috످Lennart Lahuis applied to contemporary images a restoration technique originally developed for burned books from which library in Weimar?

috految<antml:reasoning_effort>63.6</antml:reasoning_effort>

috److془The Duchess Anna Amalia Library, fire 2004. Confident.془Lennart Lahuis used a restoration technique developed for burned books from the Duchess Anna Amalia Library (Herzogin Anna Amalia Bibliothek) in Weimar, which was severely damaged by fire in 2004.

috످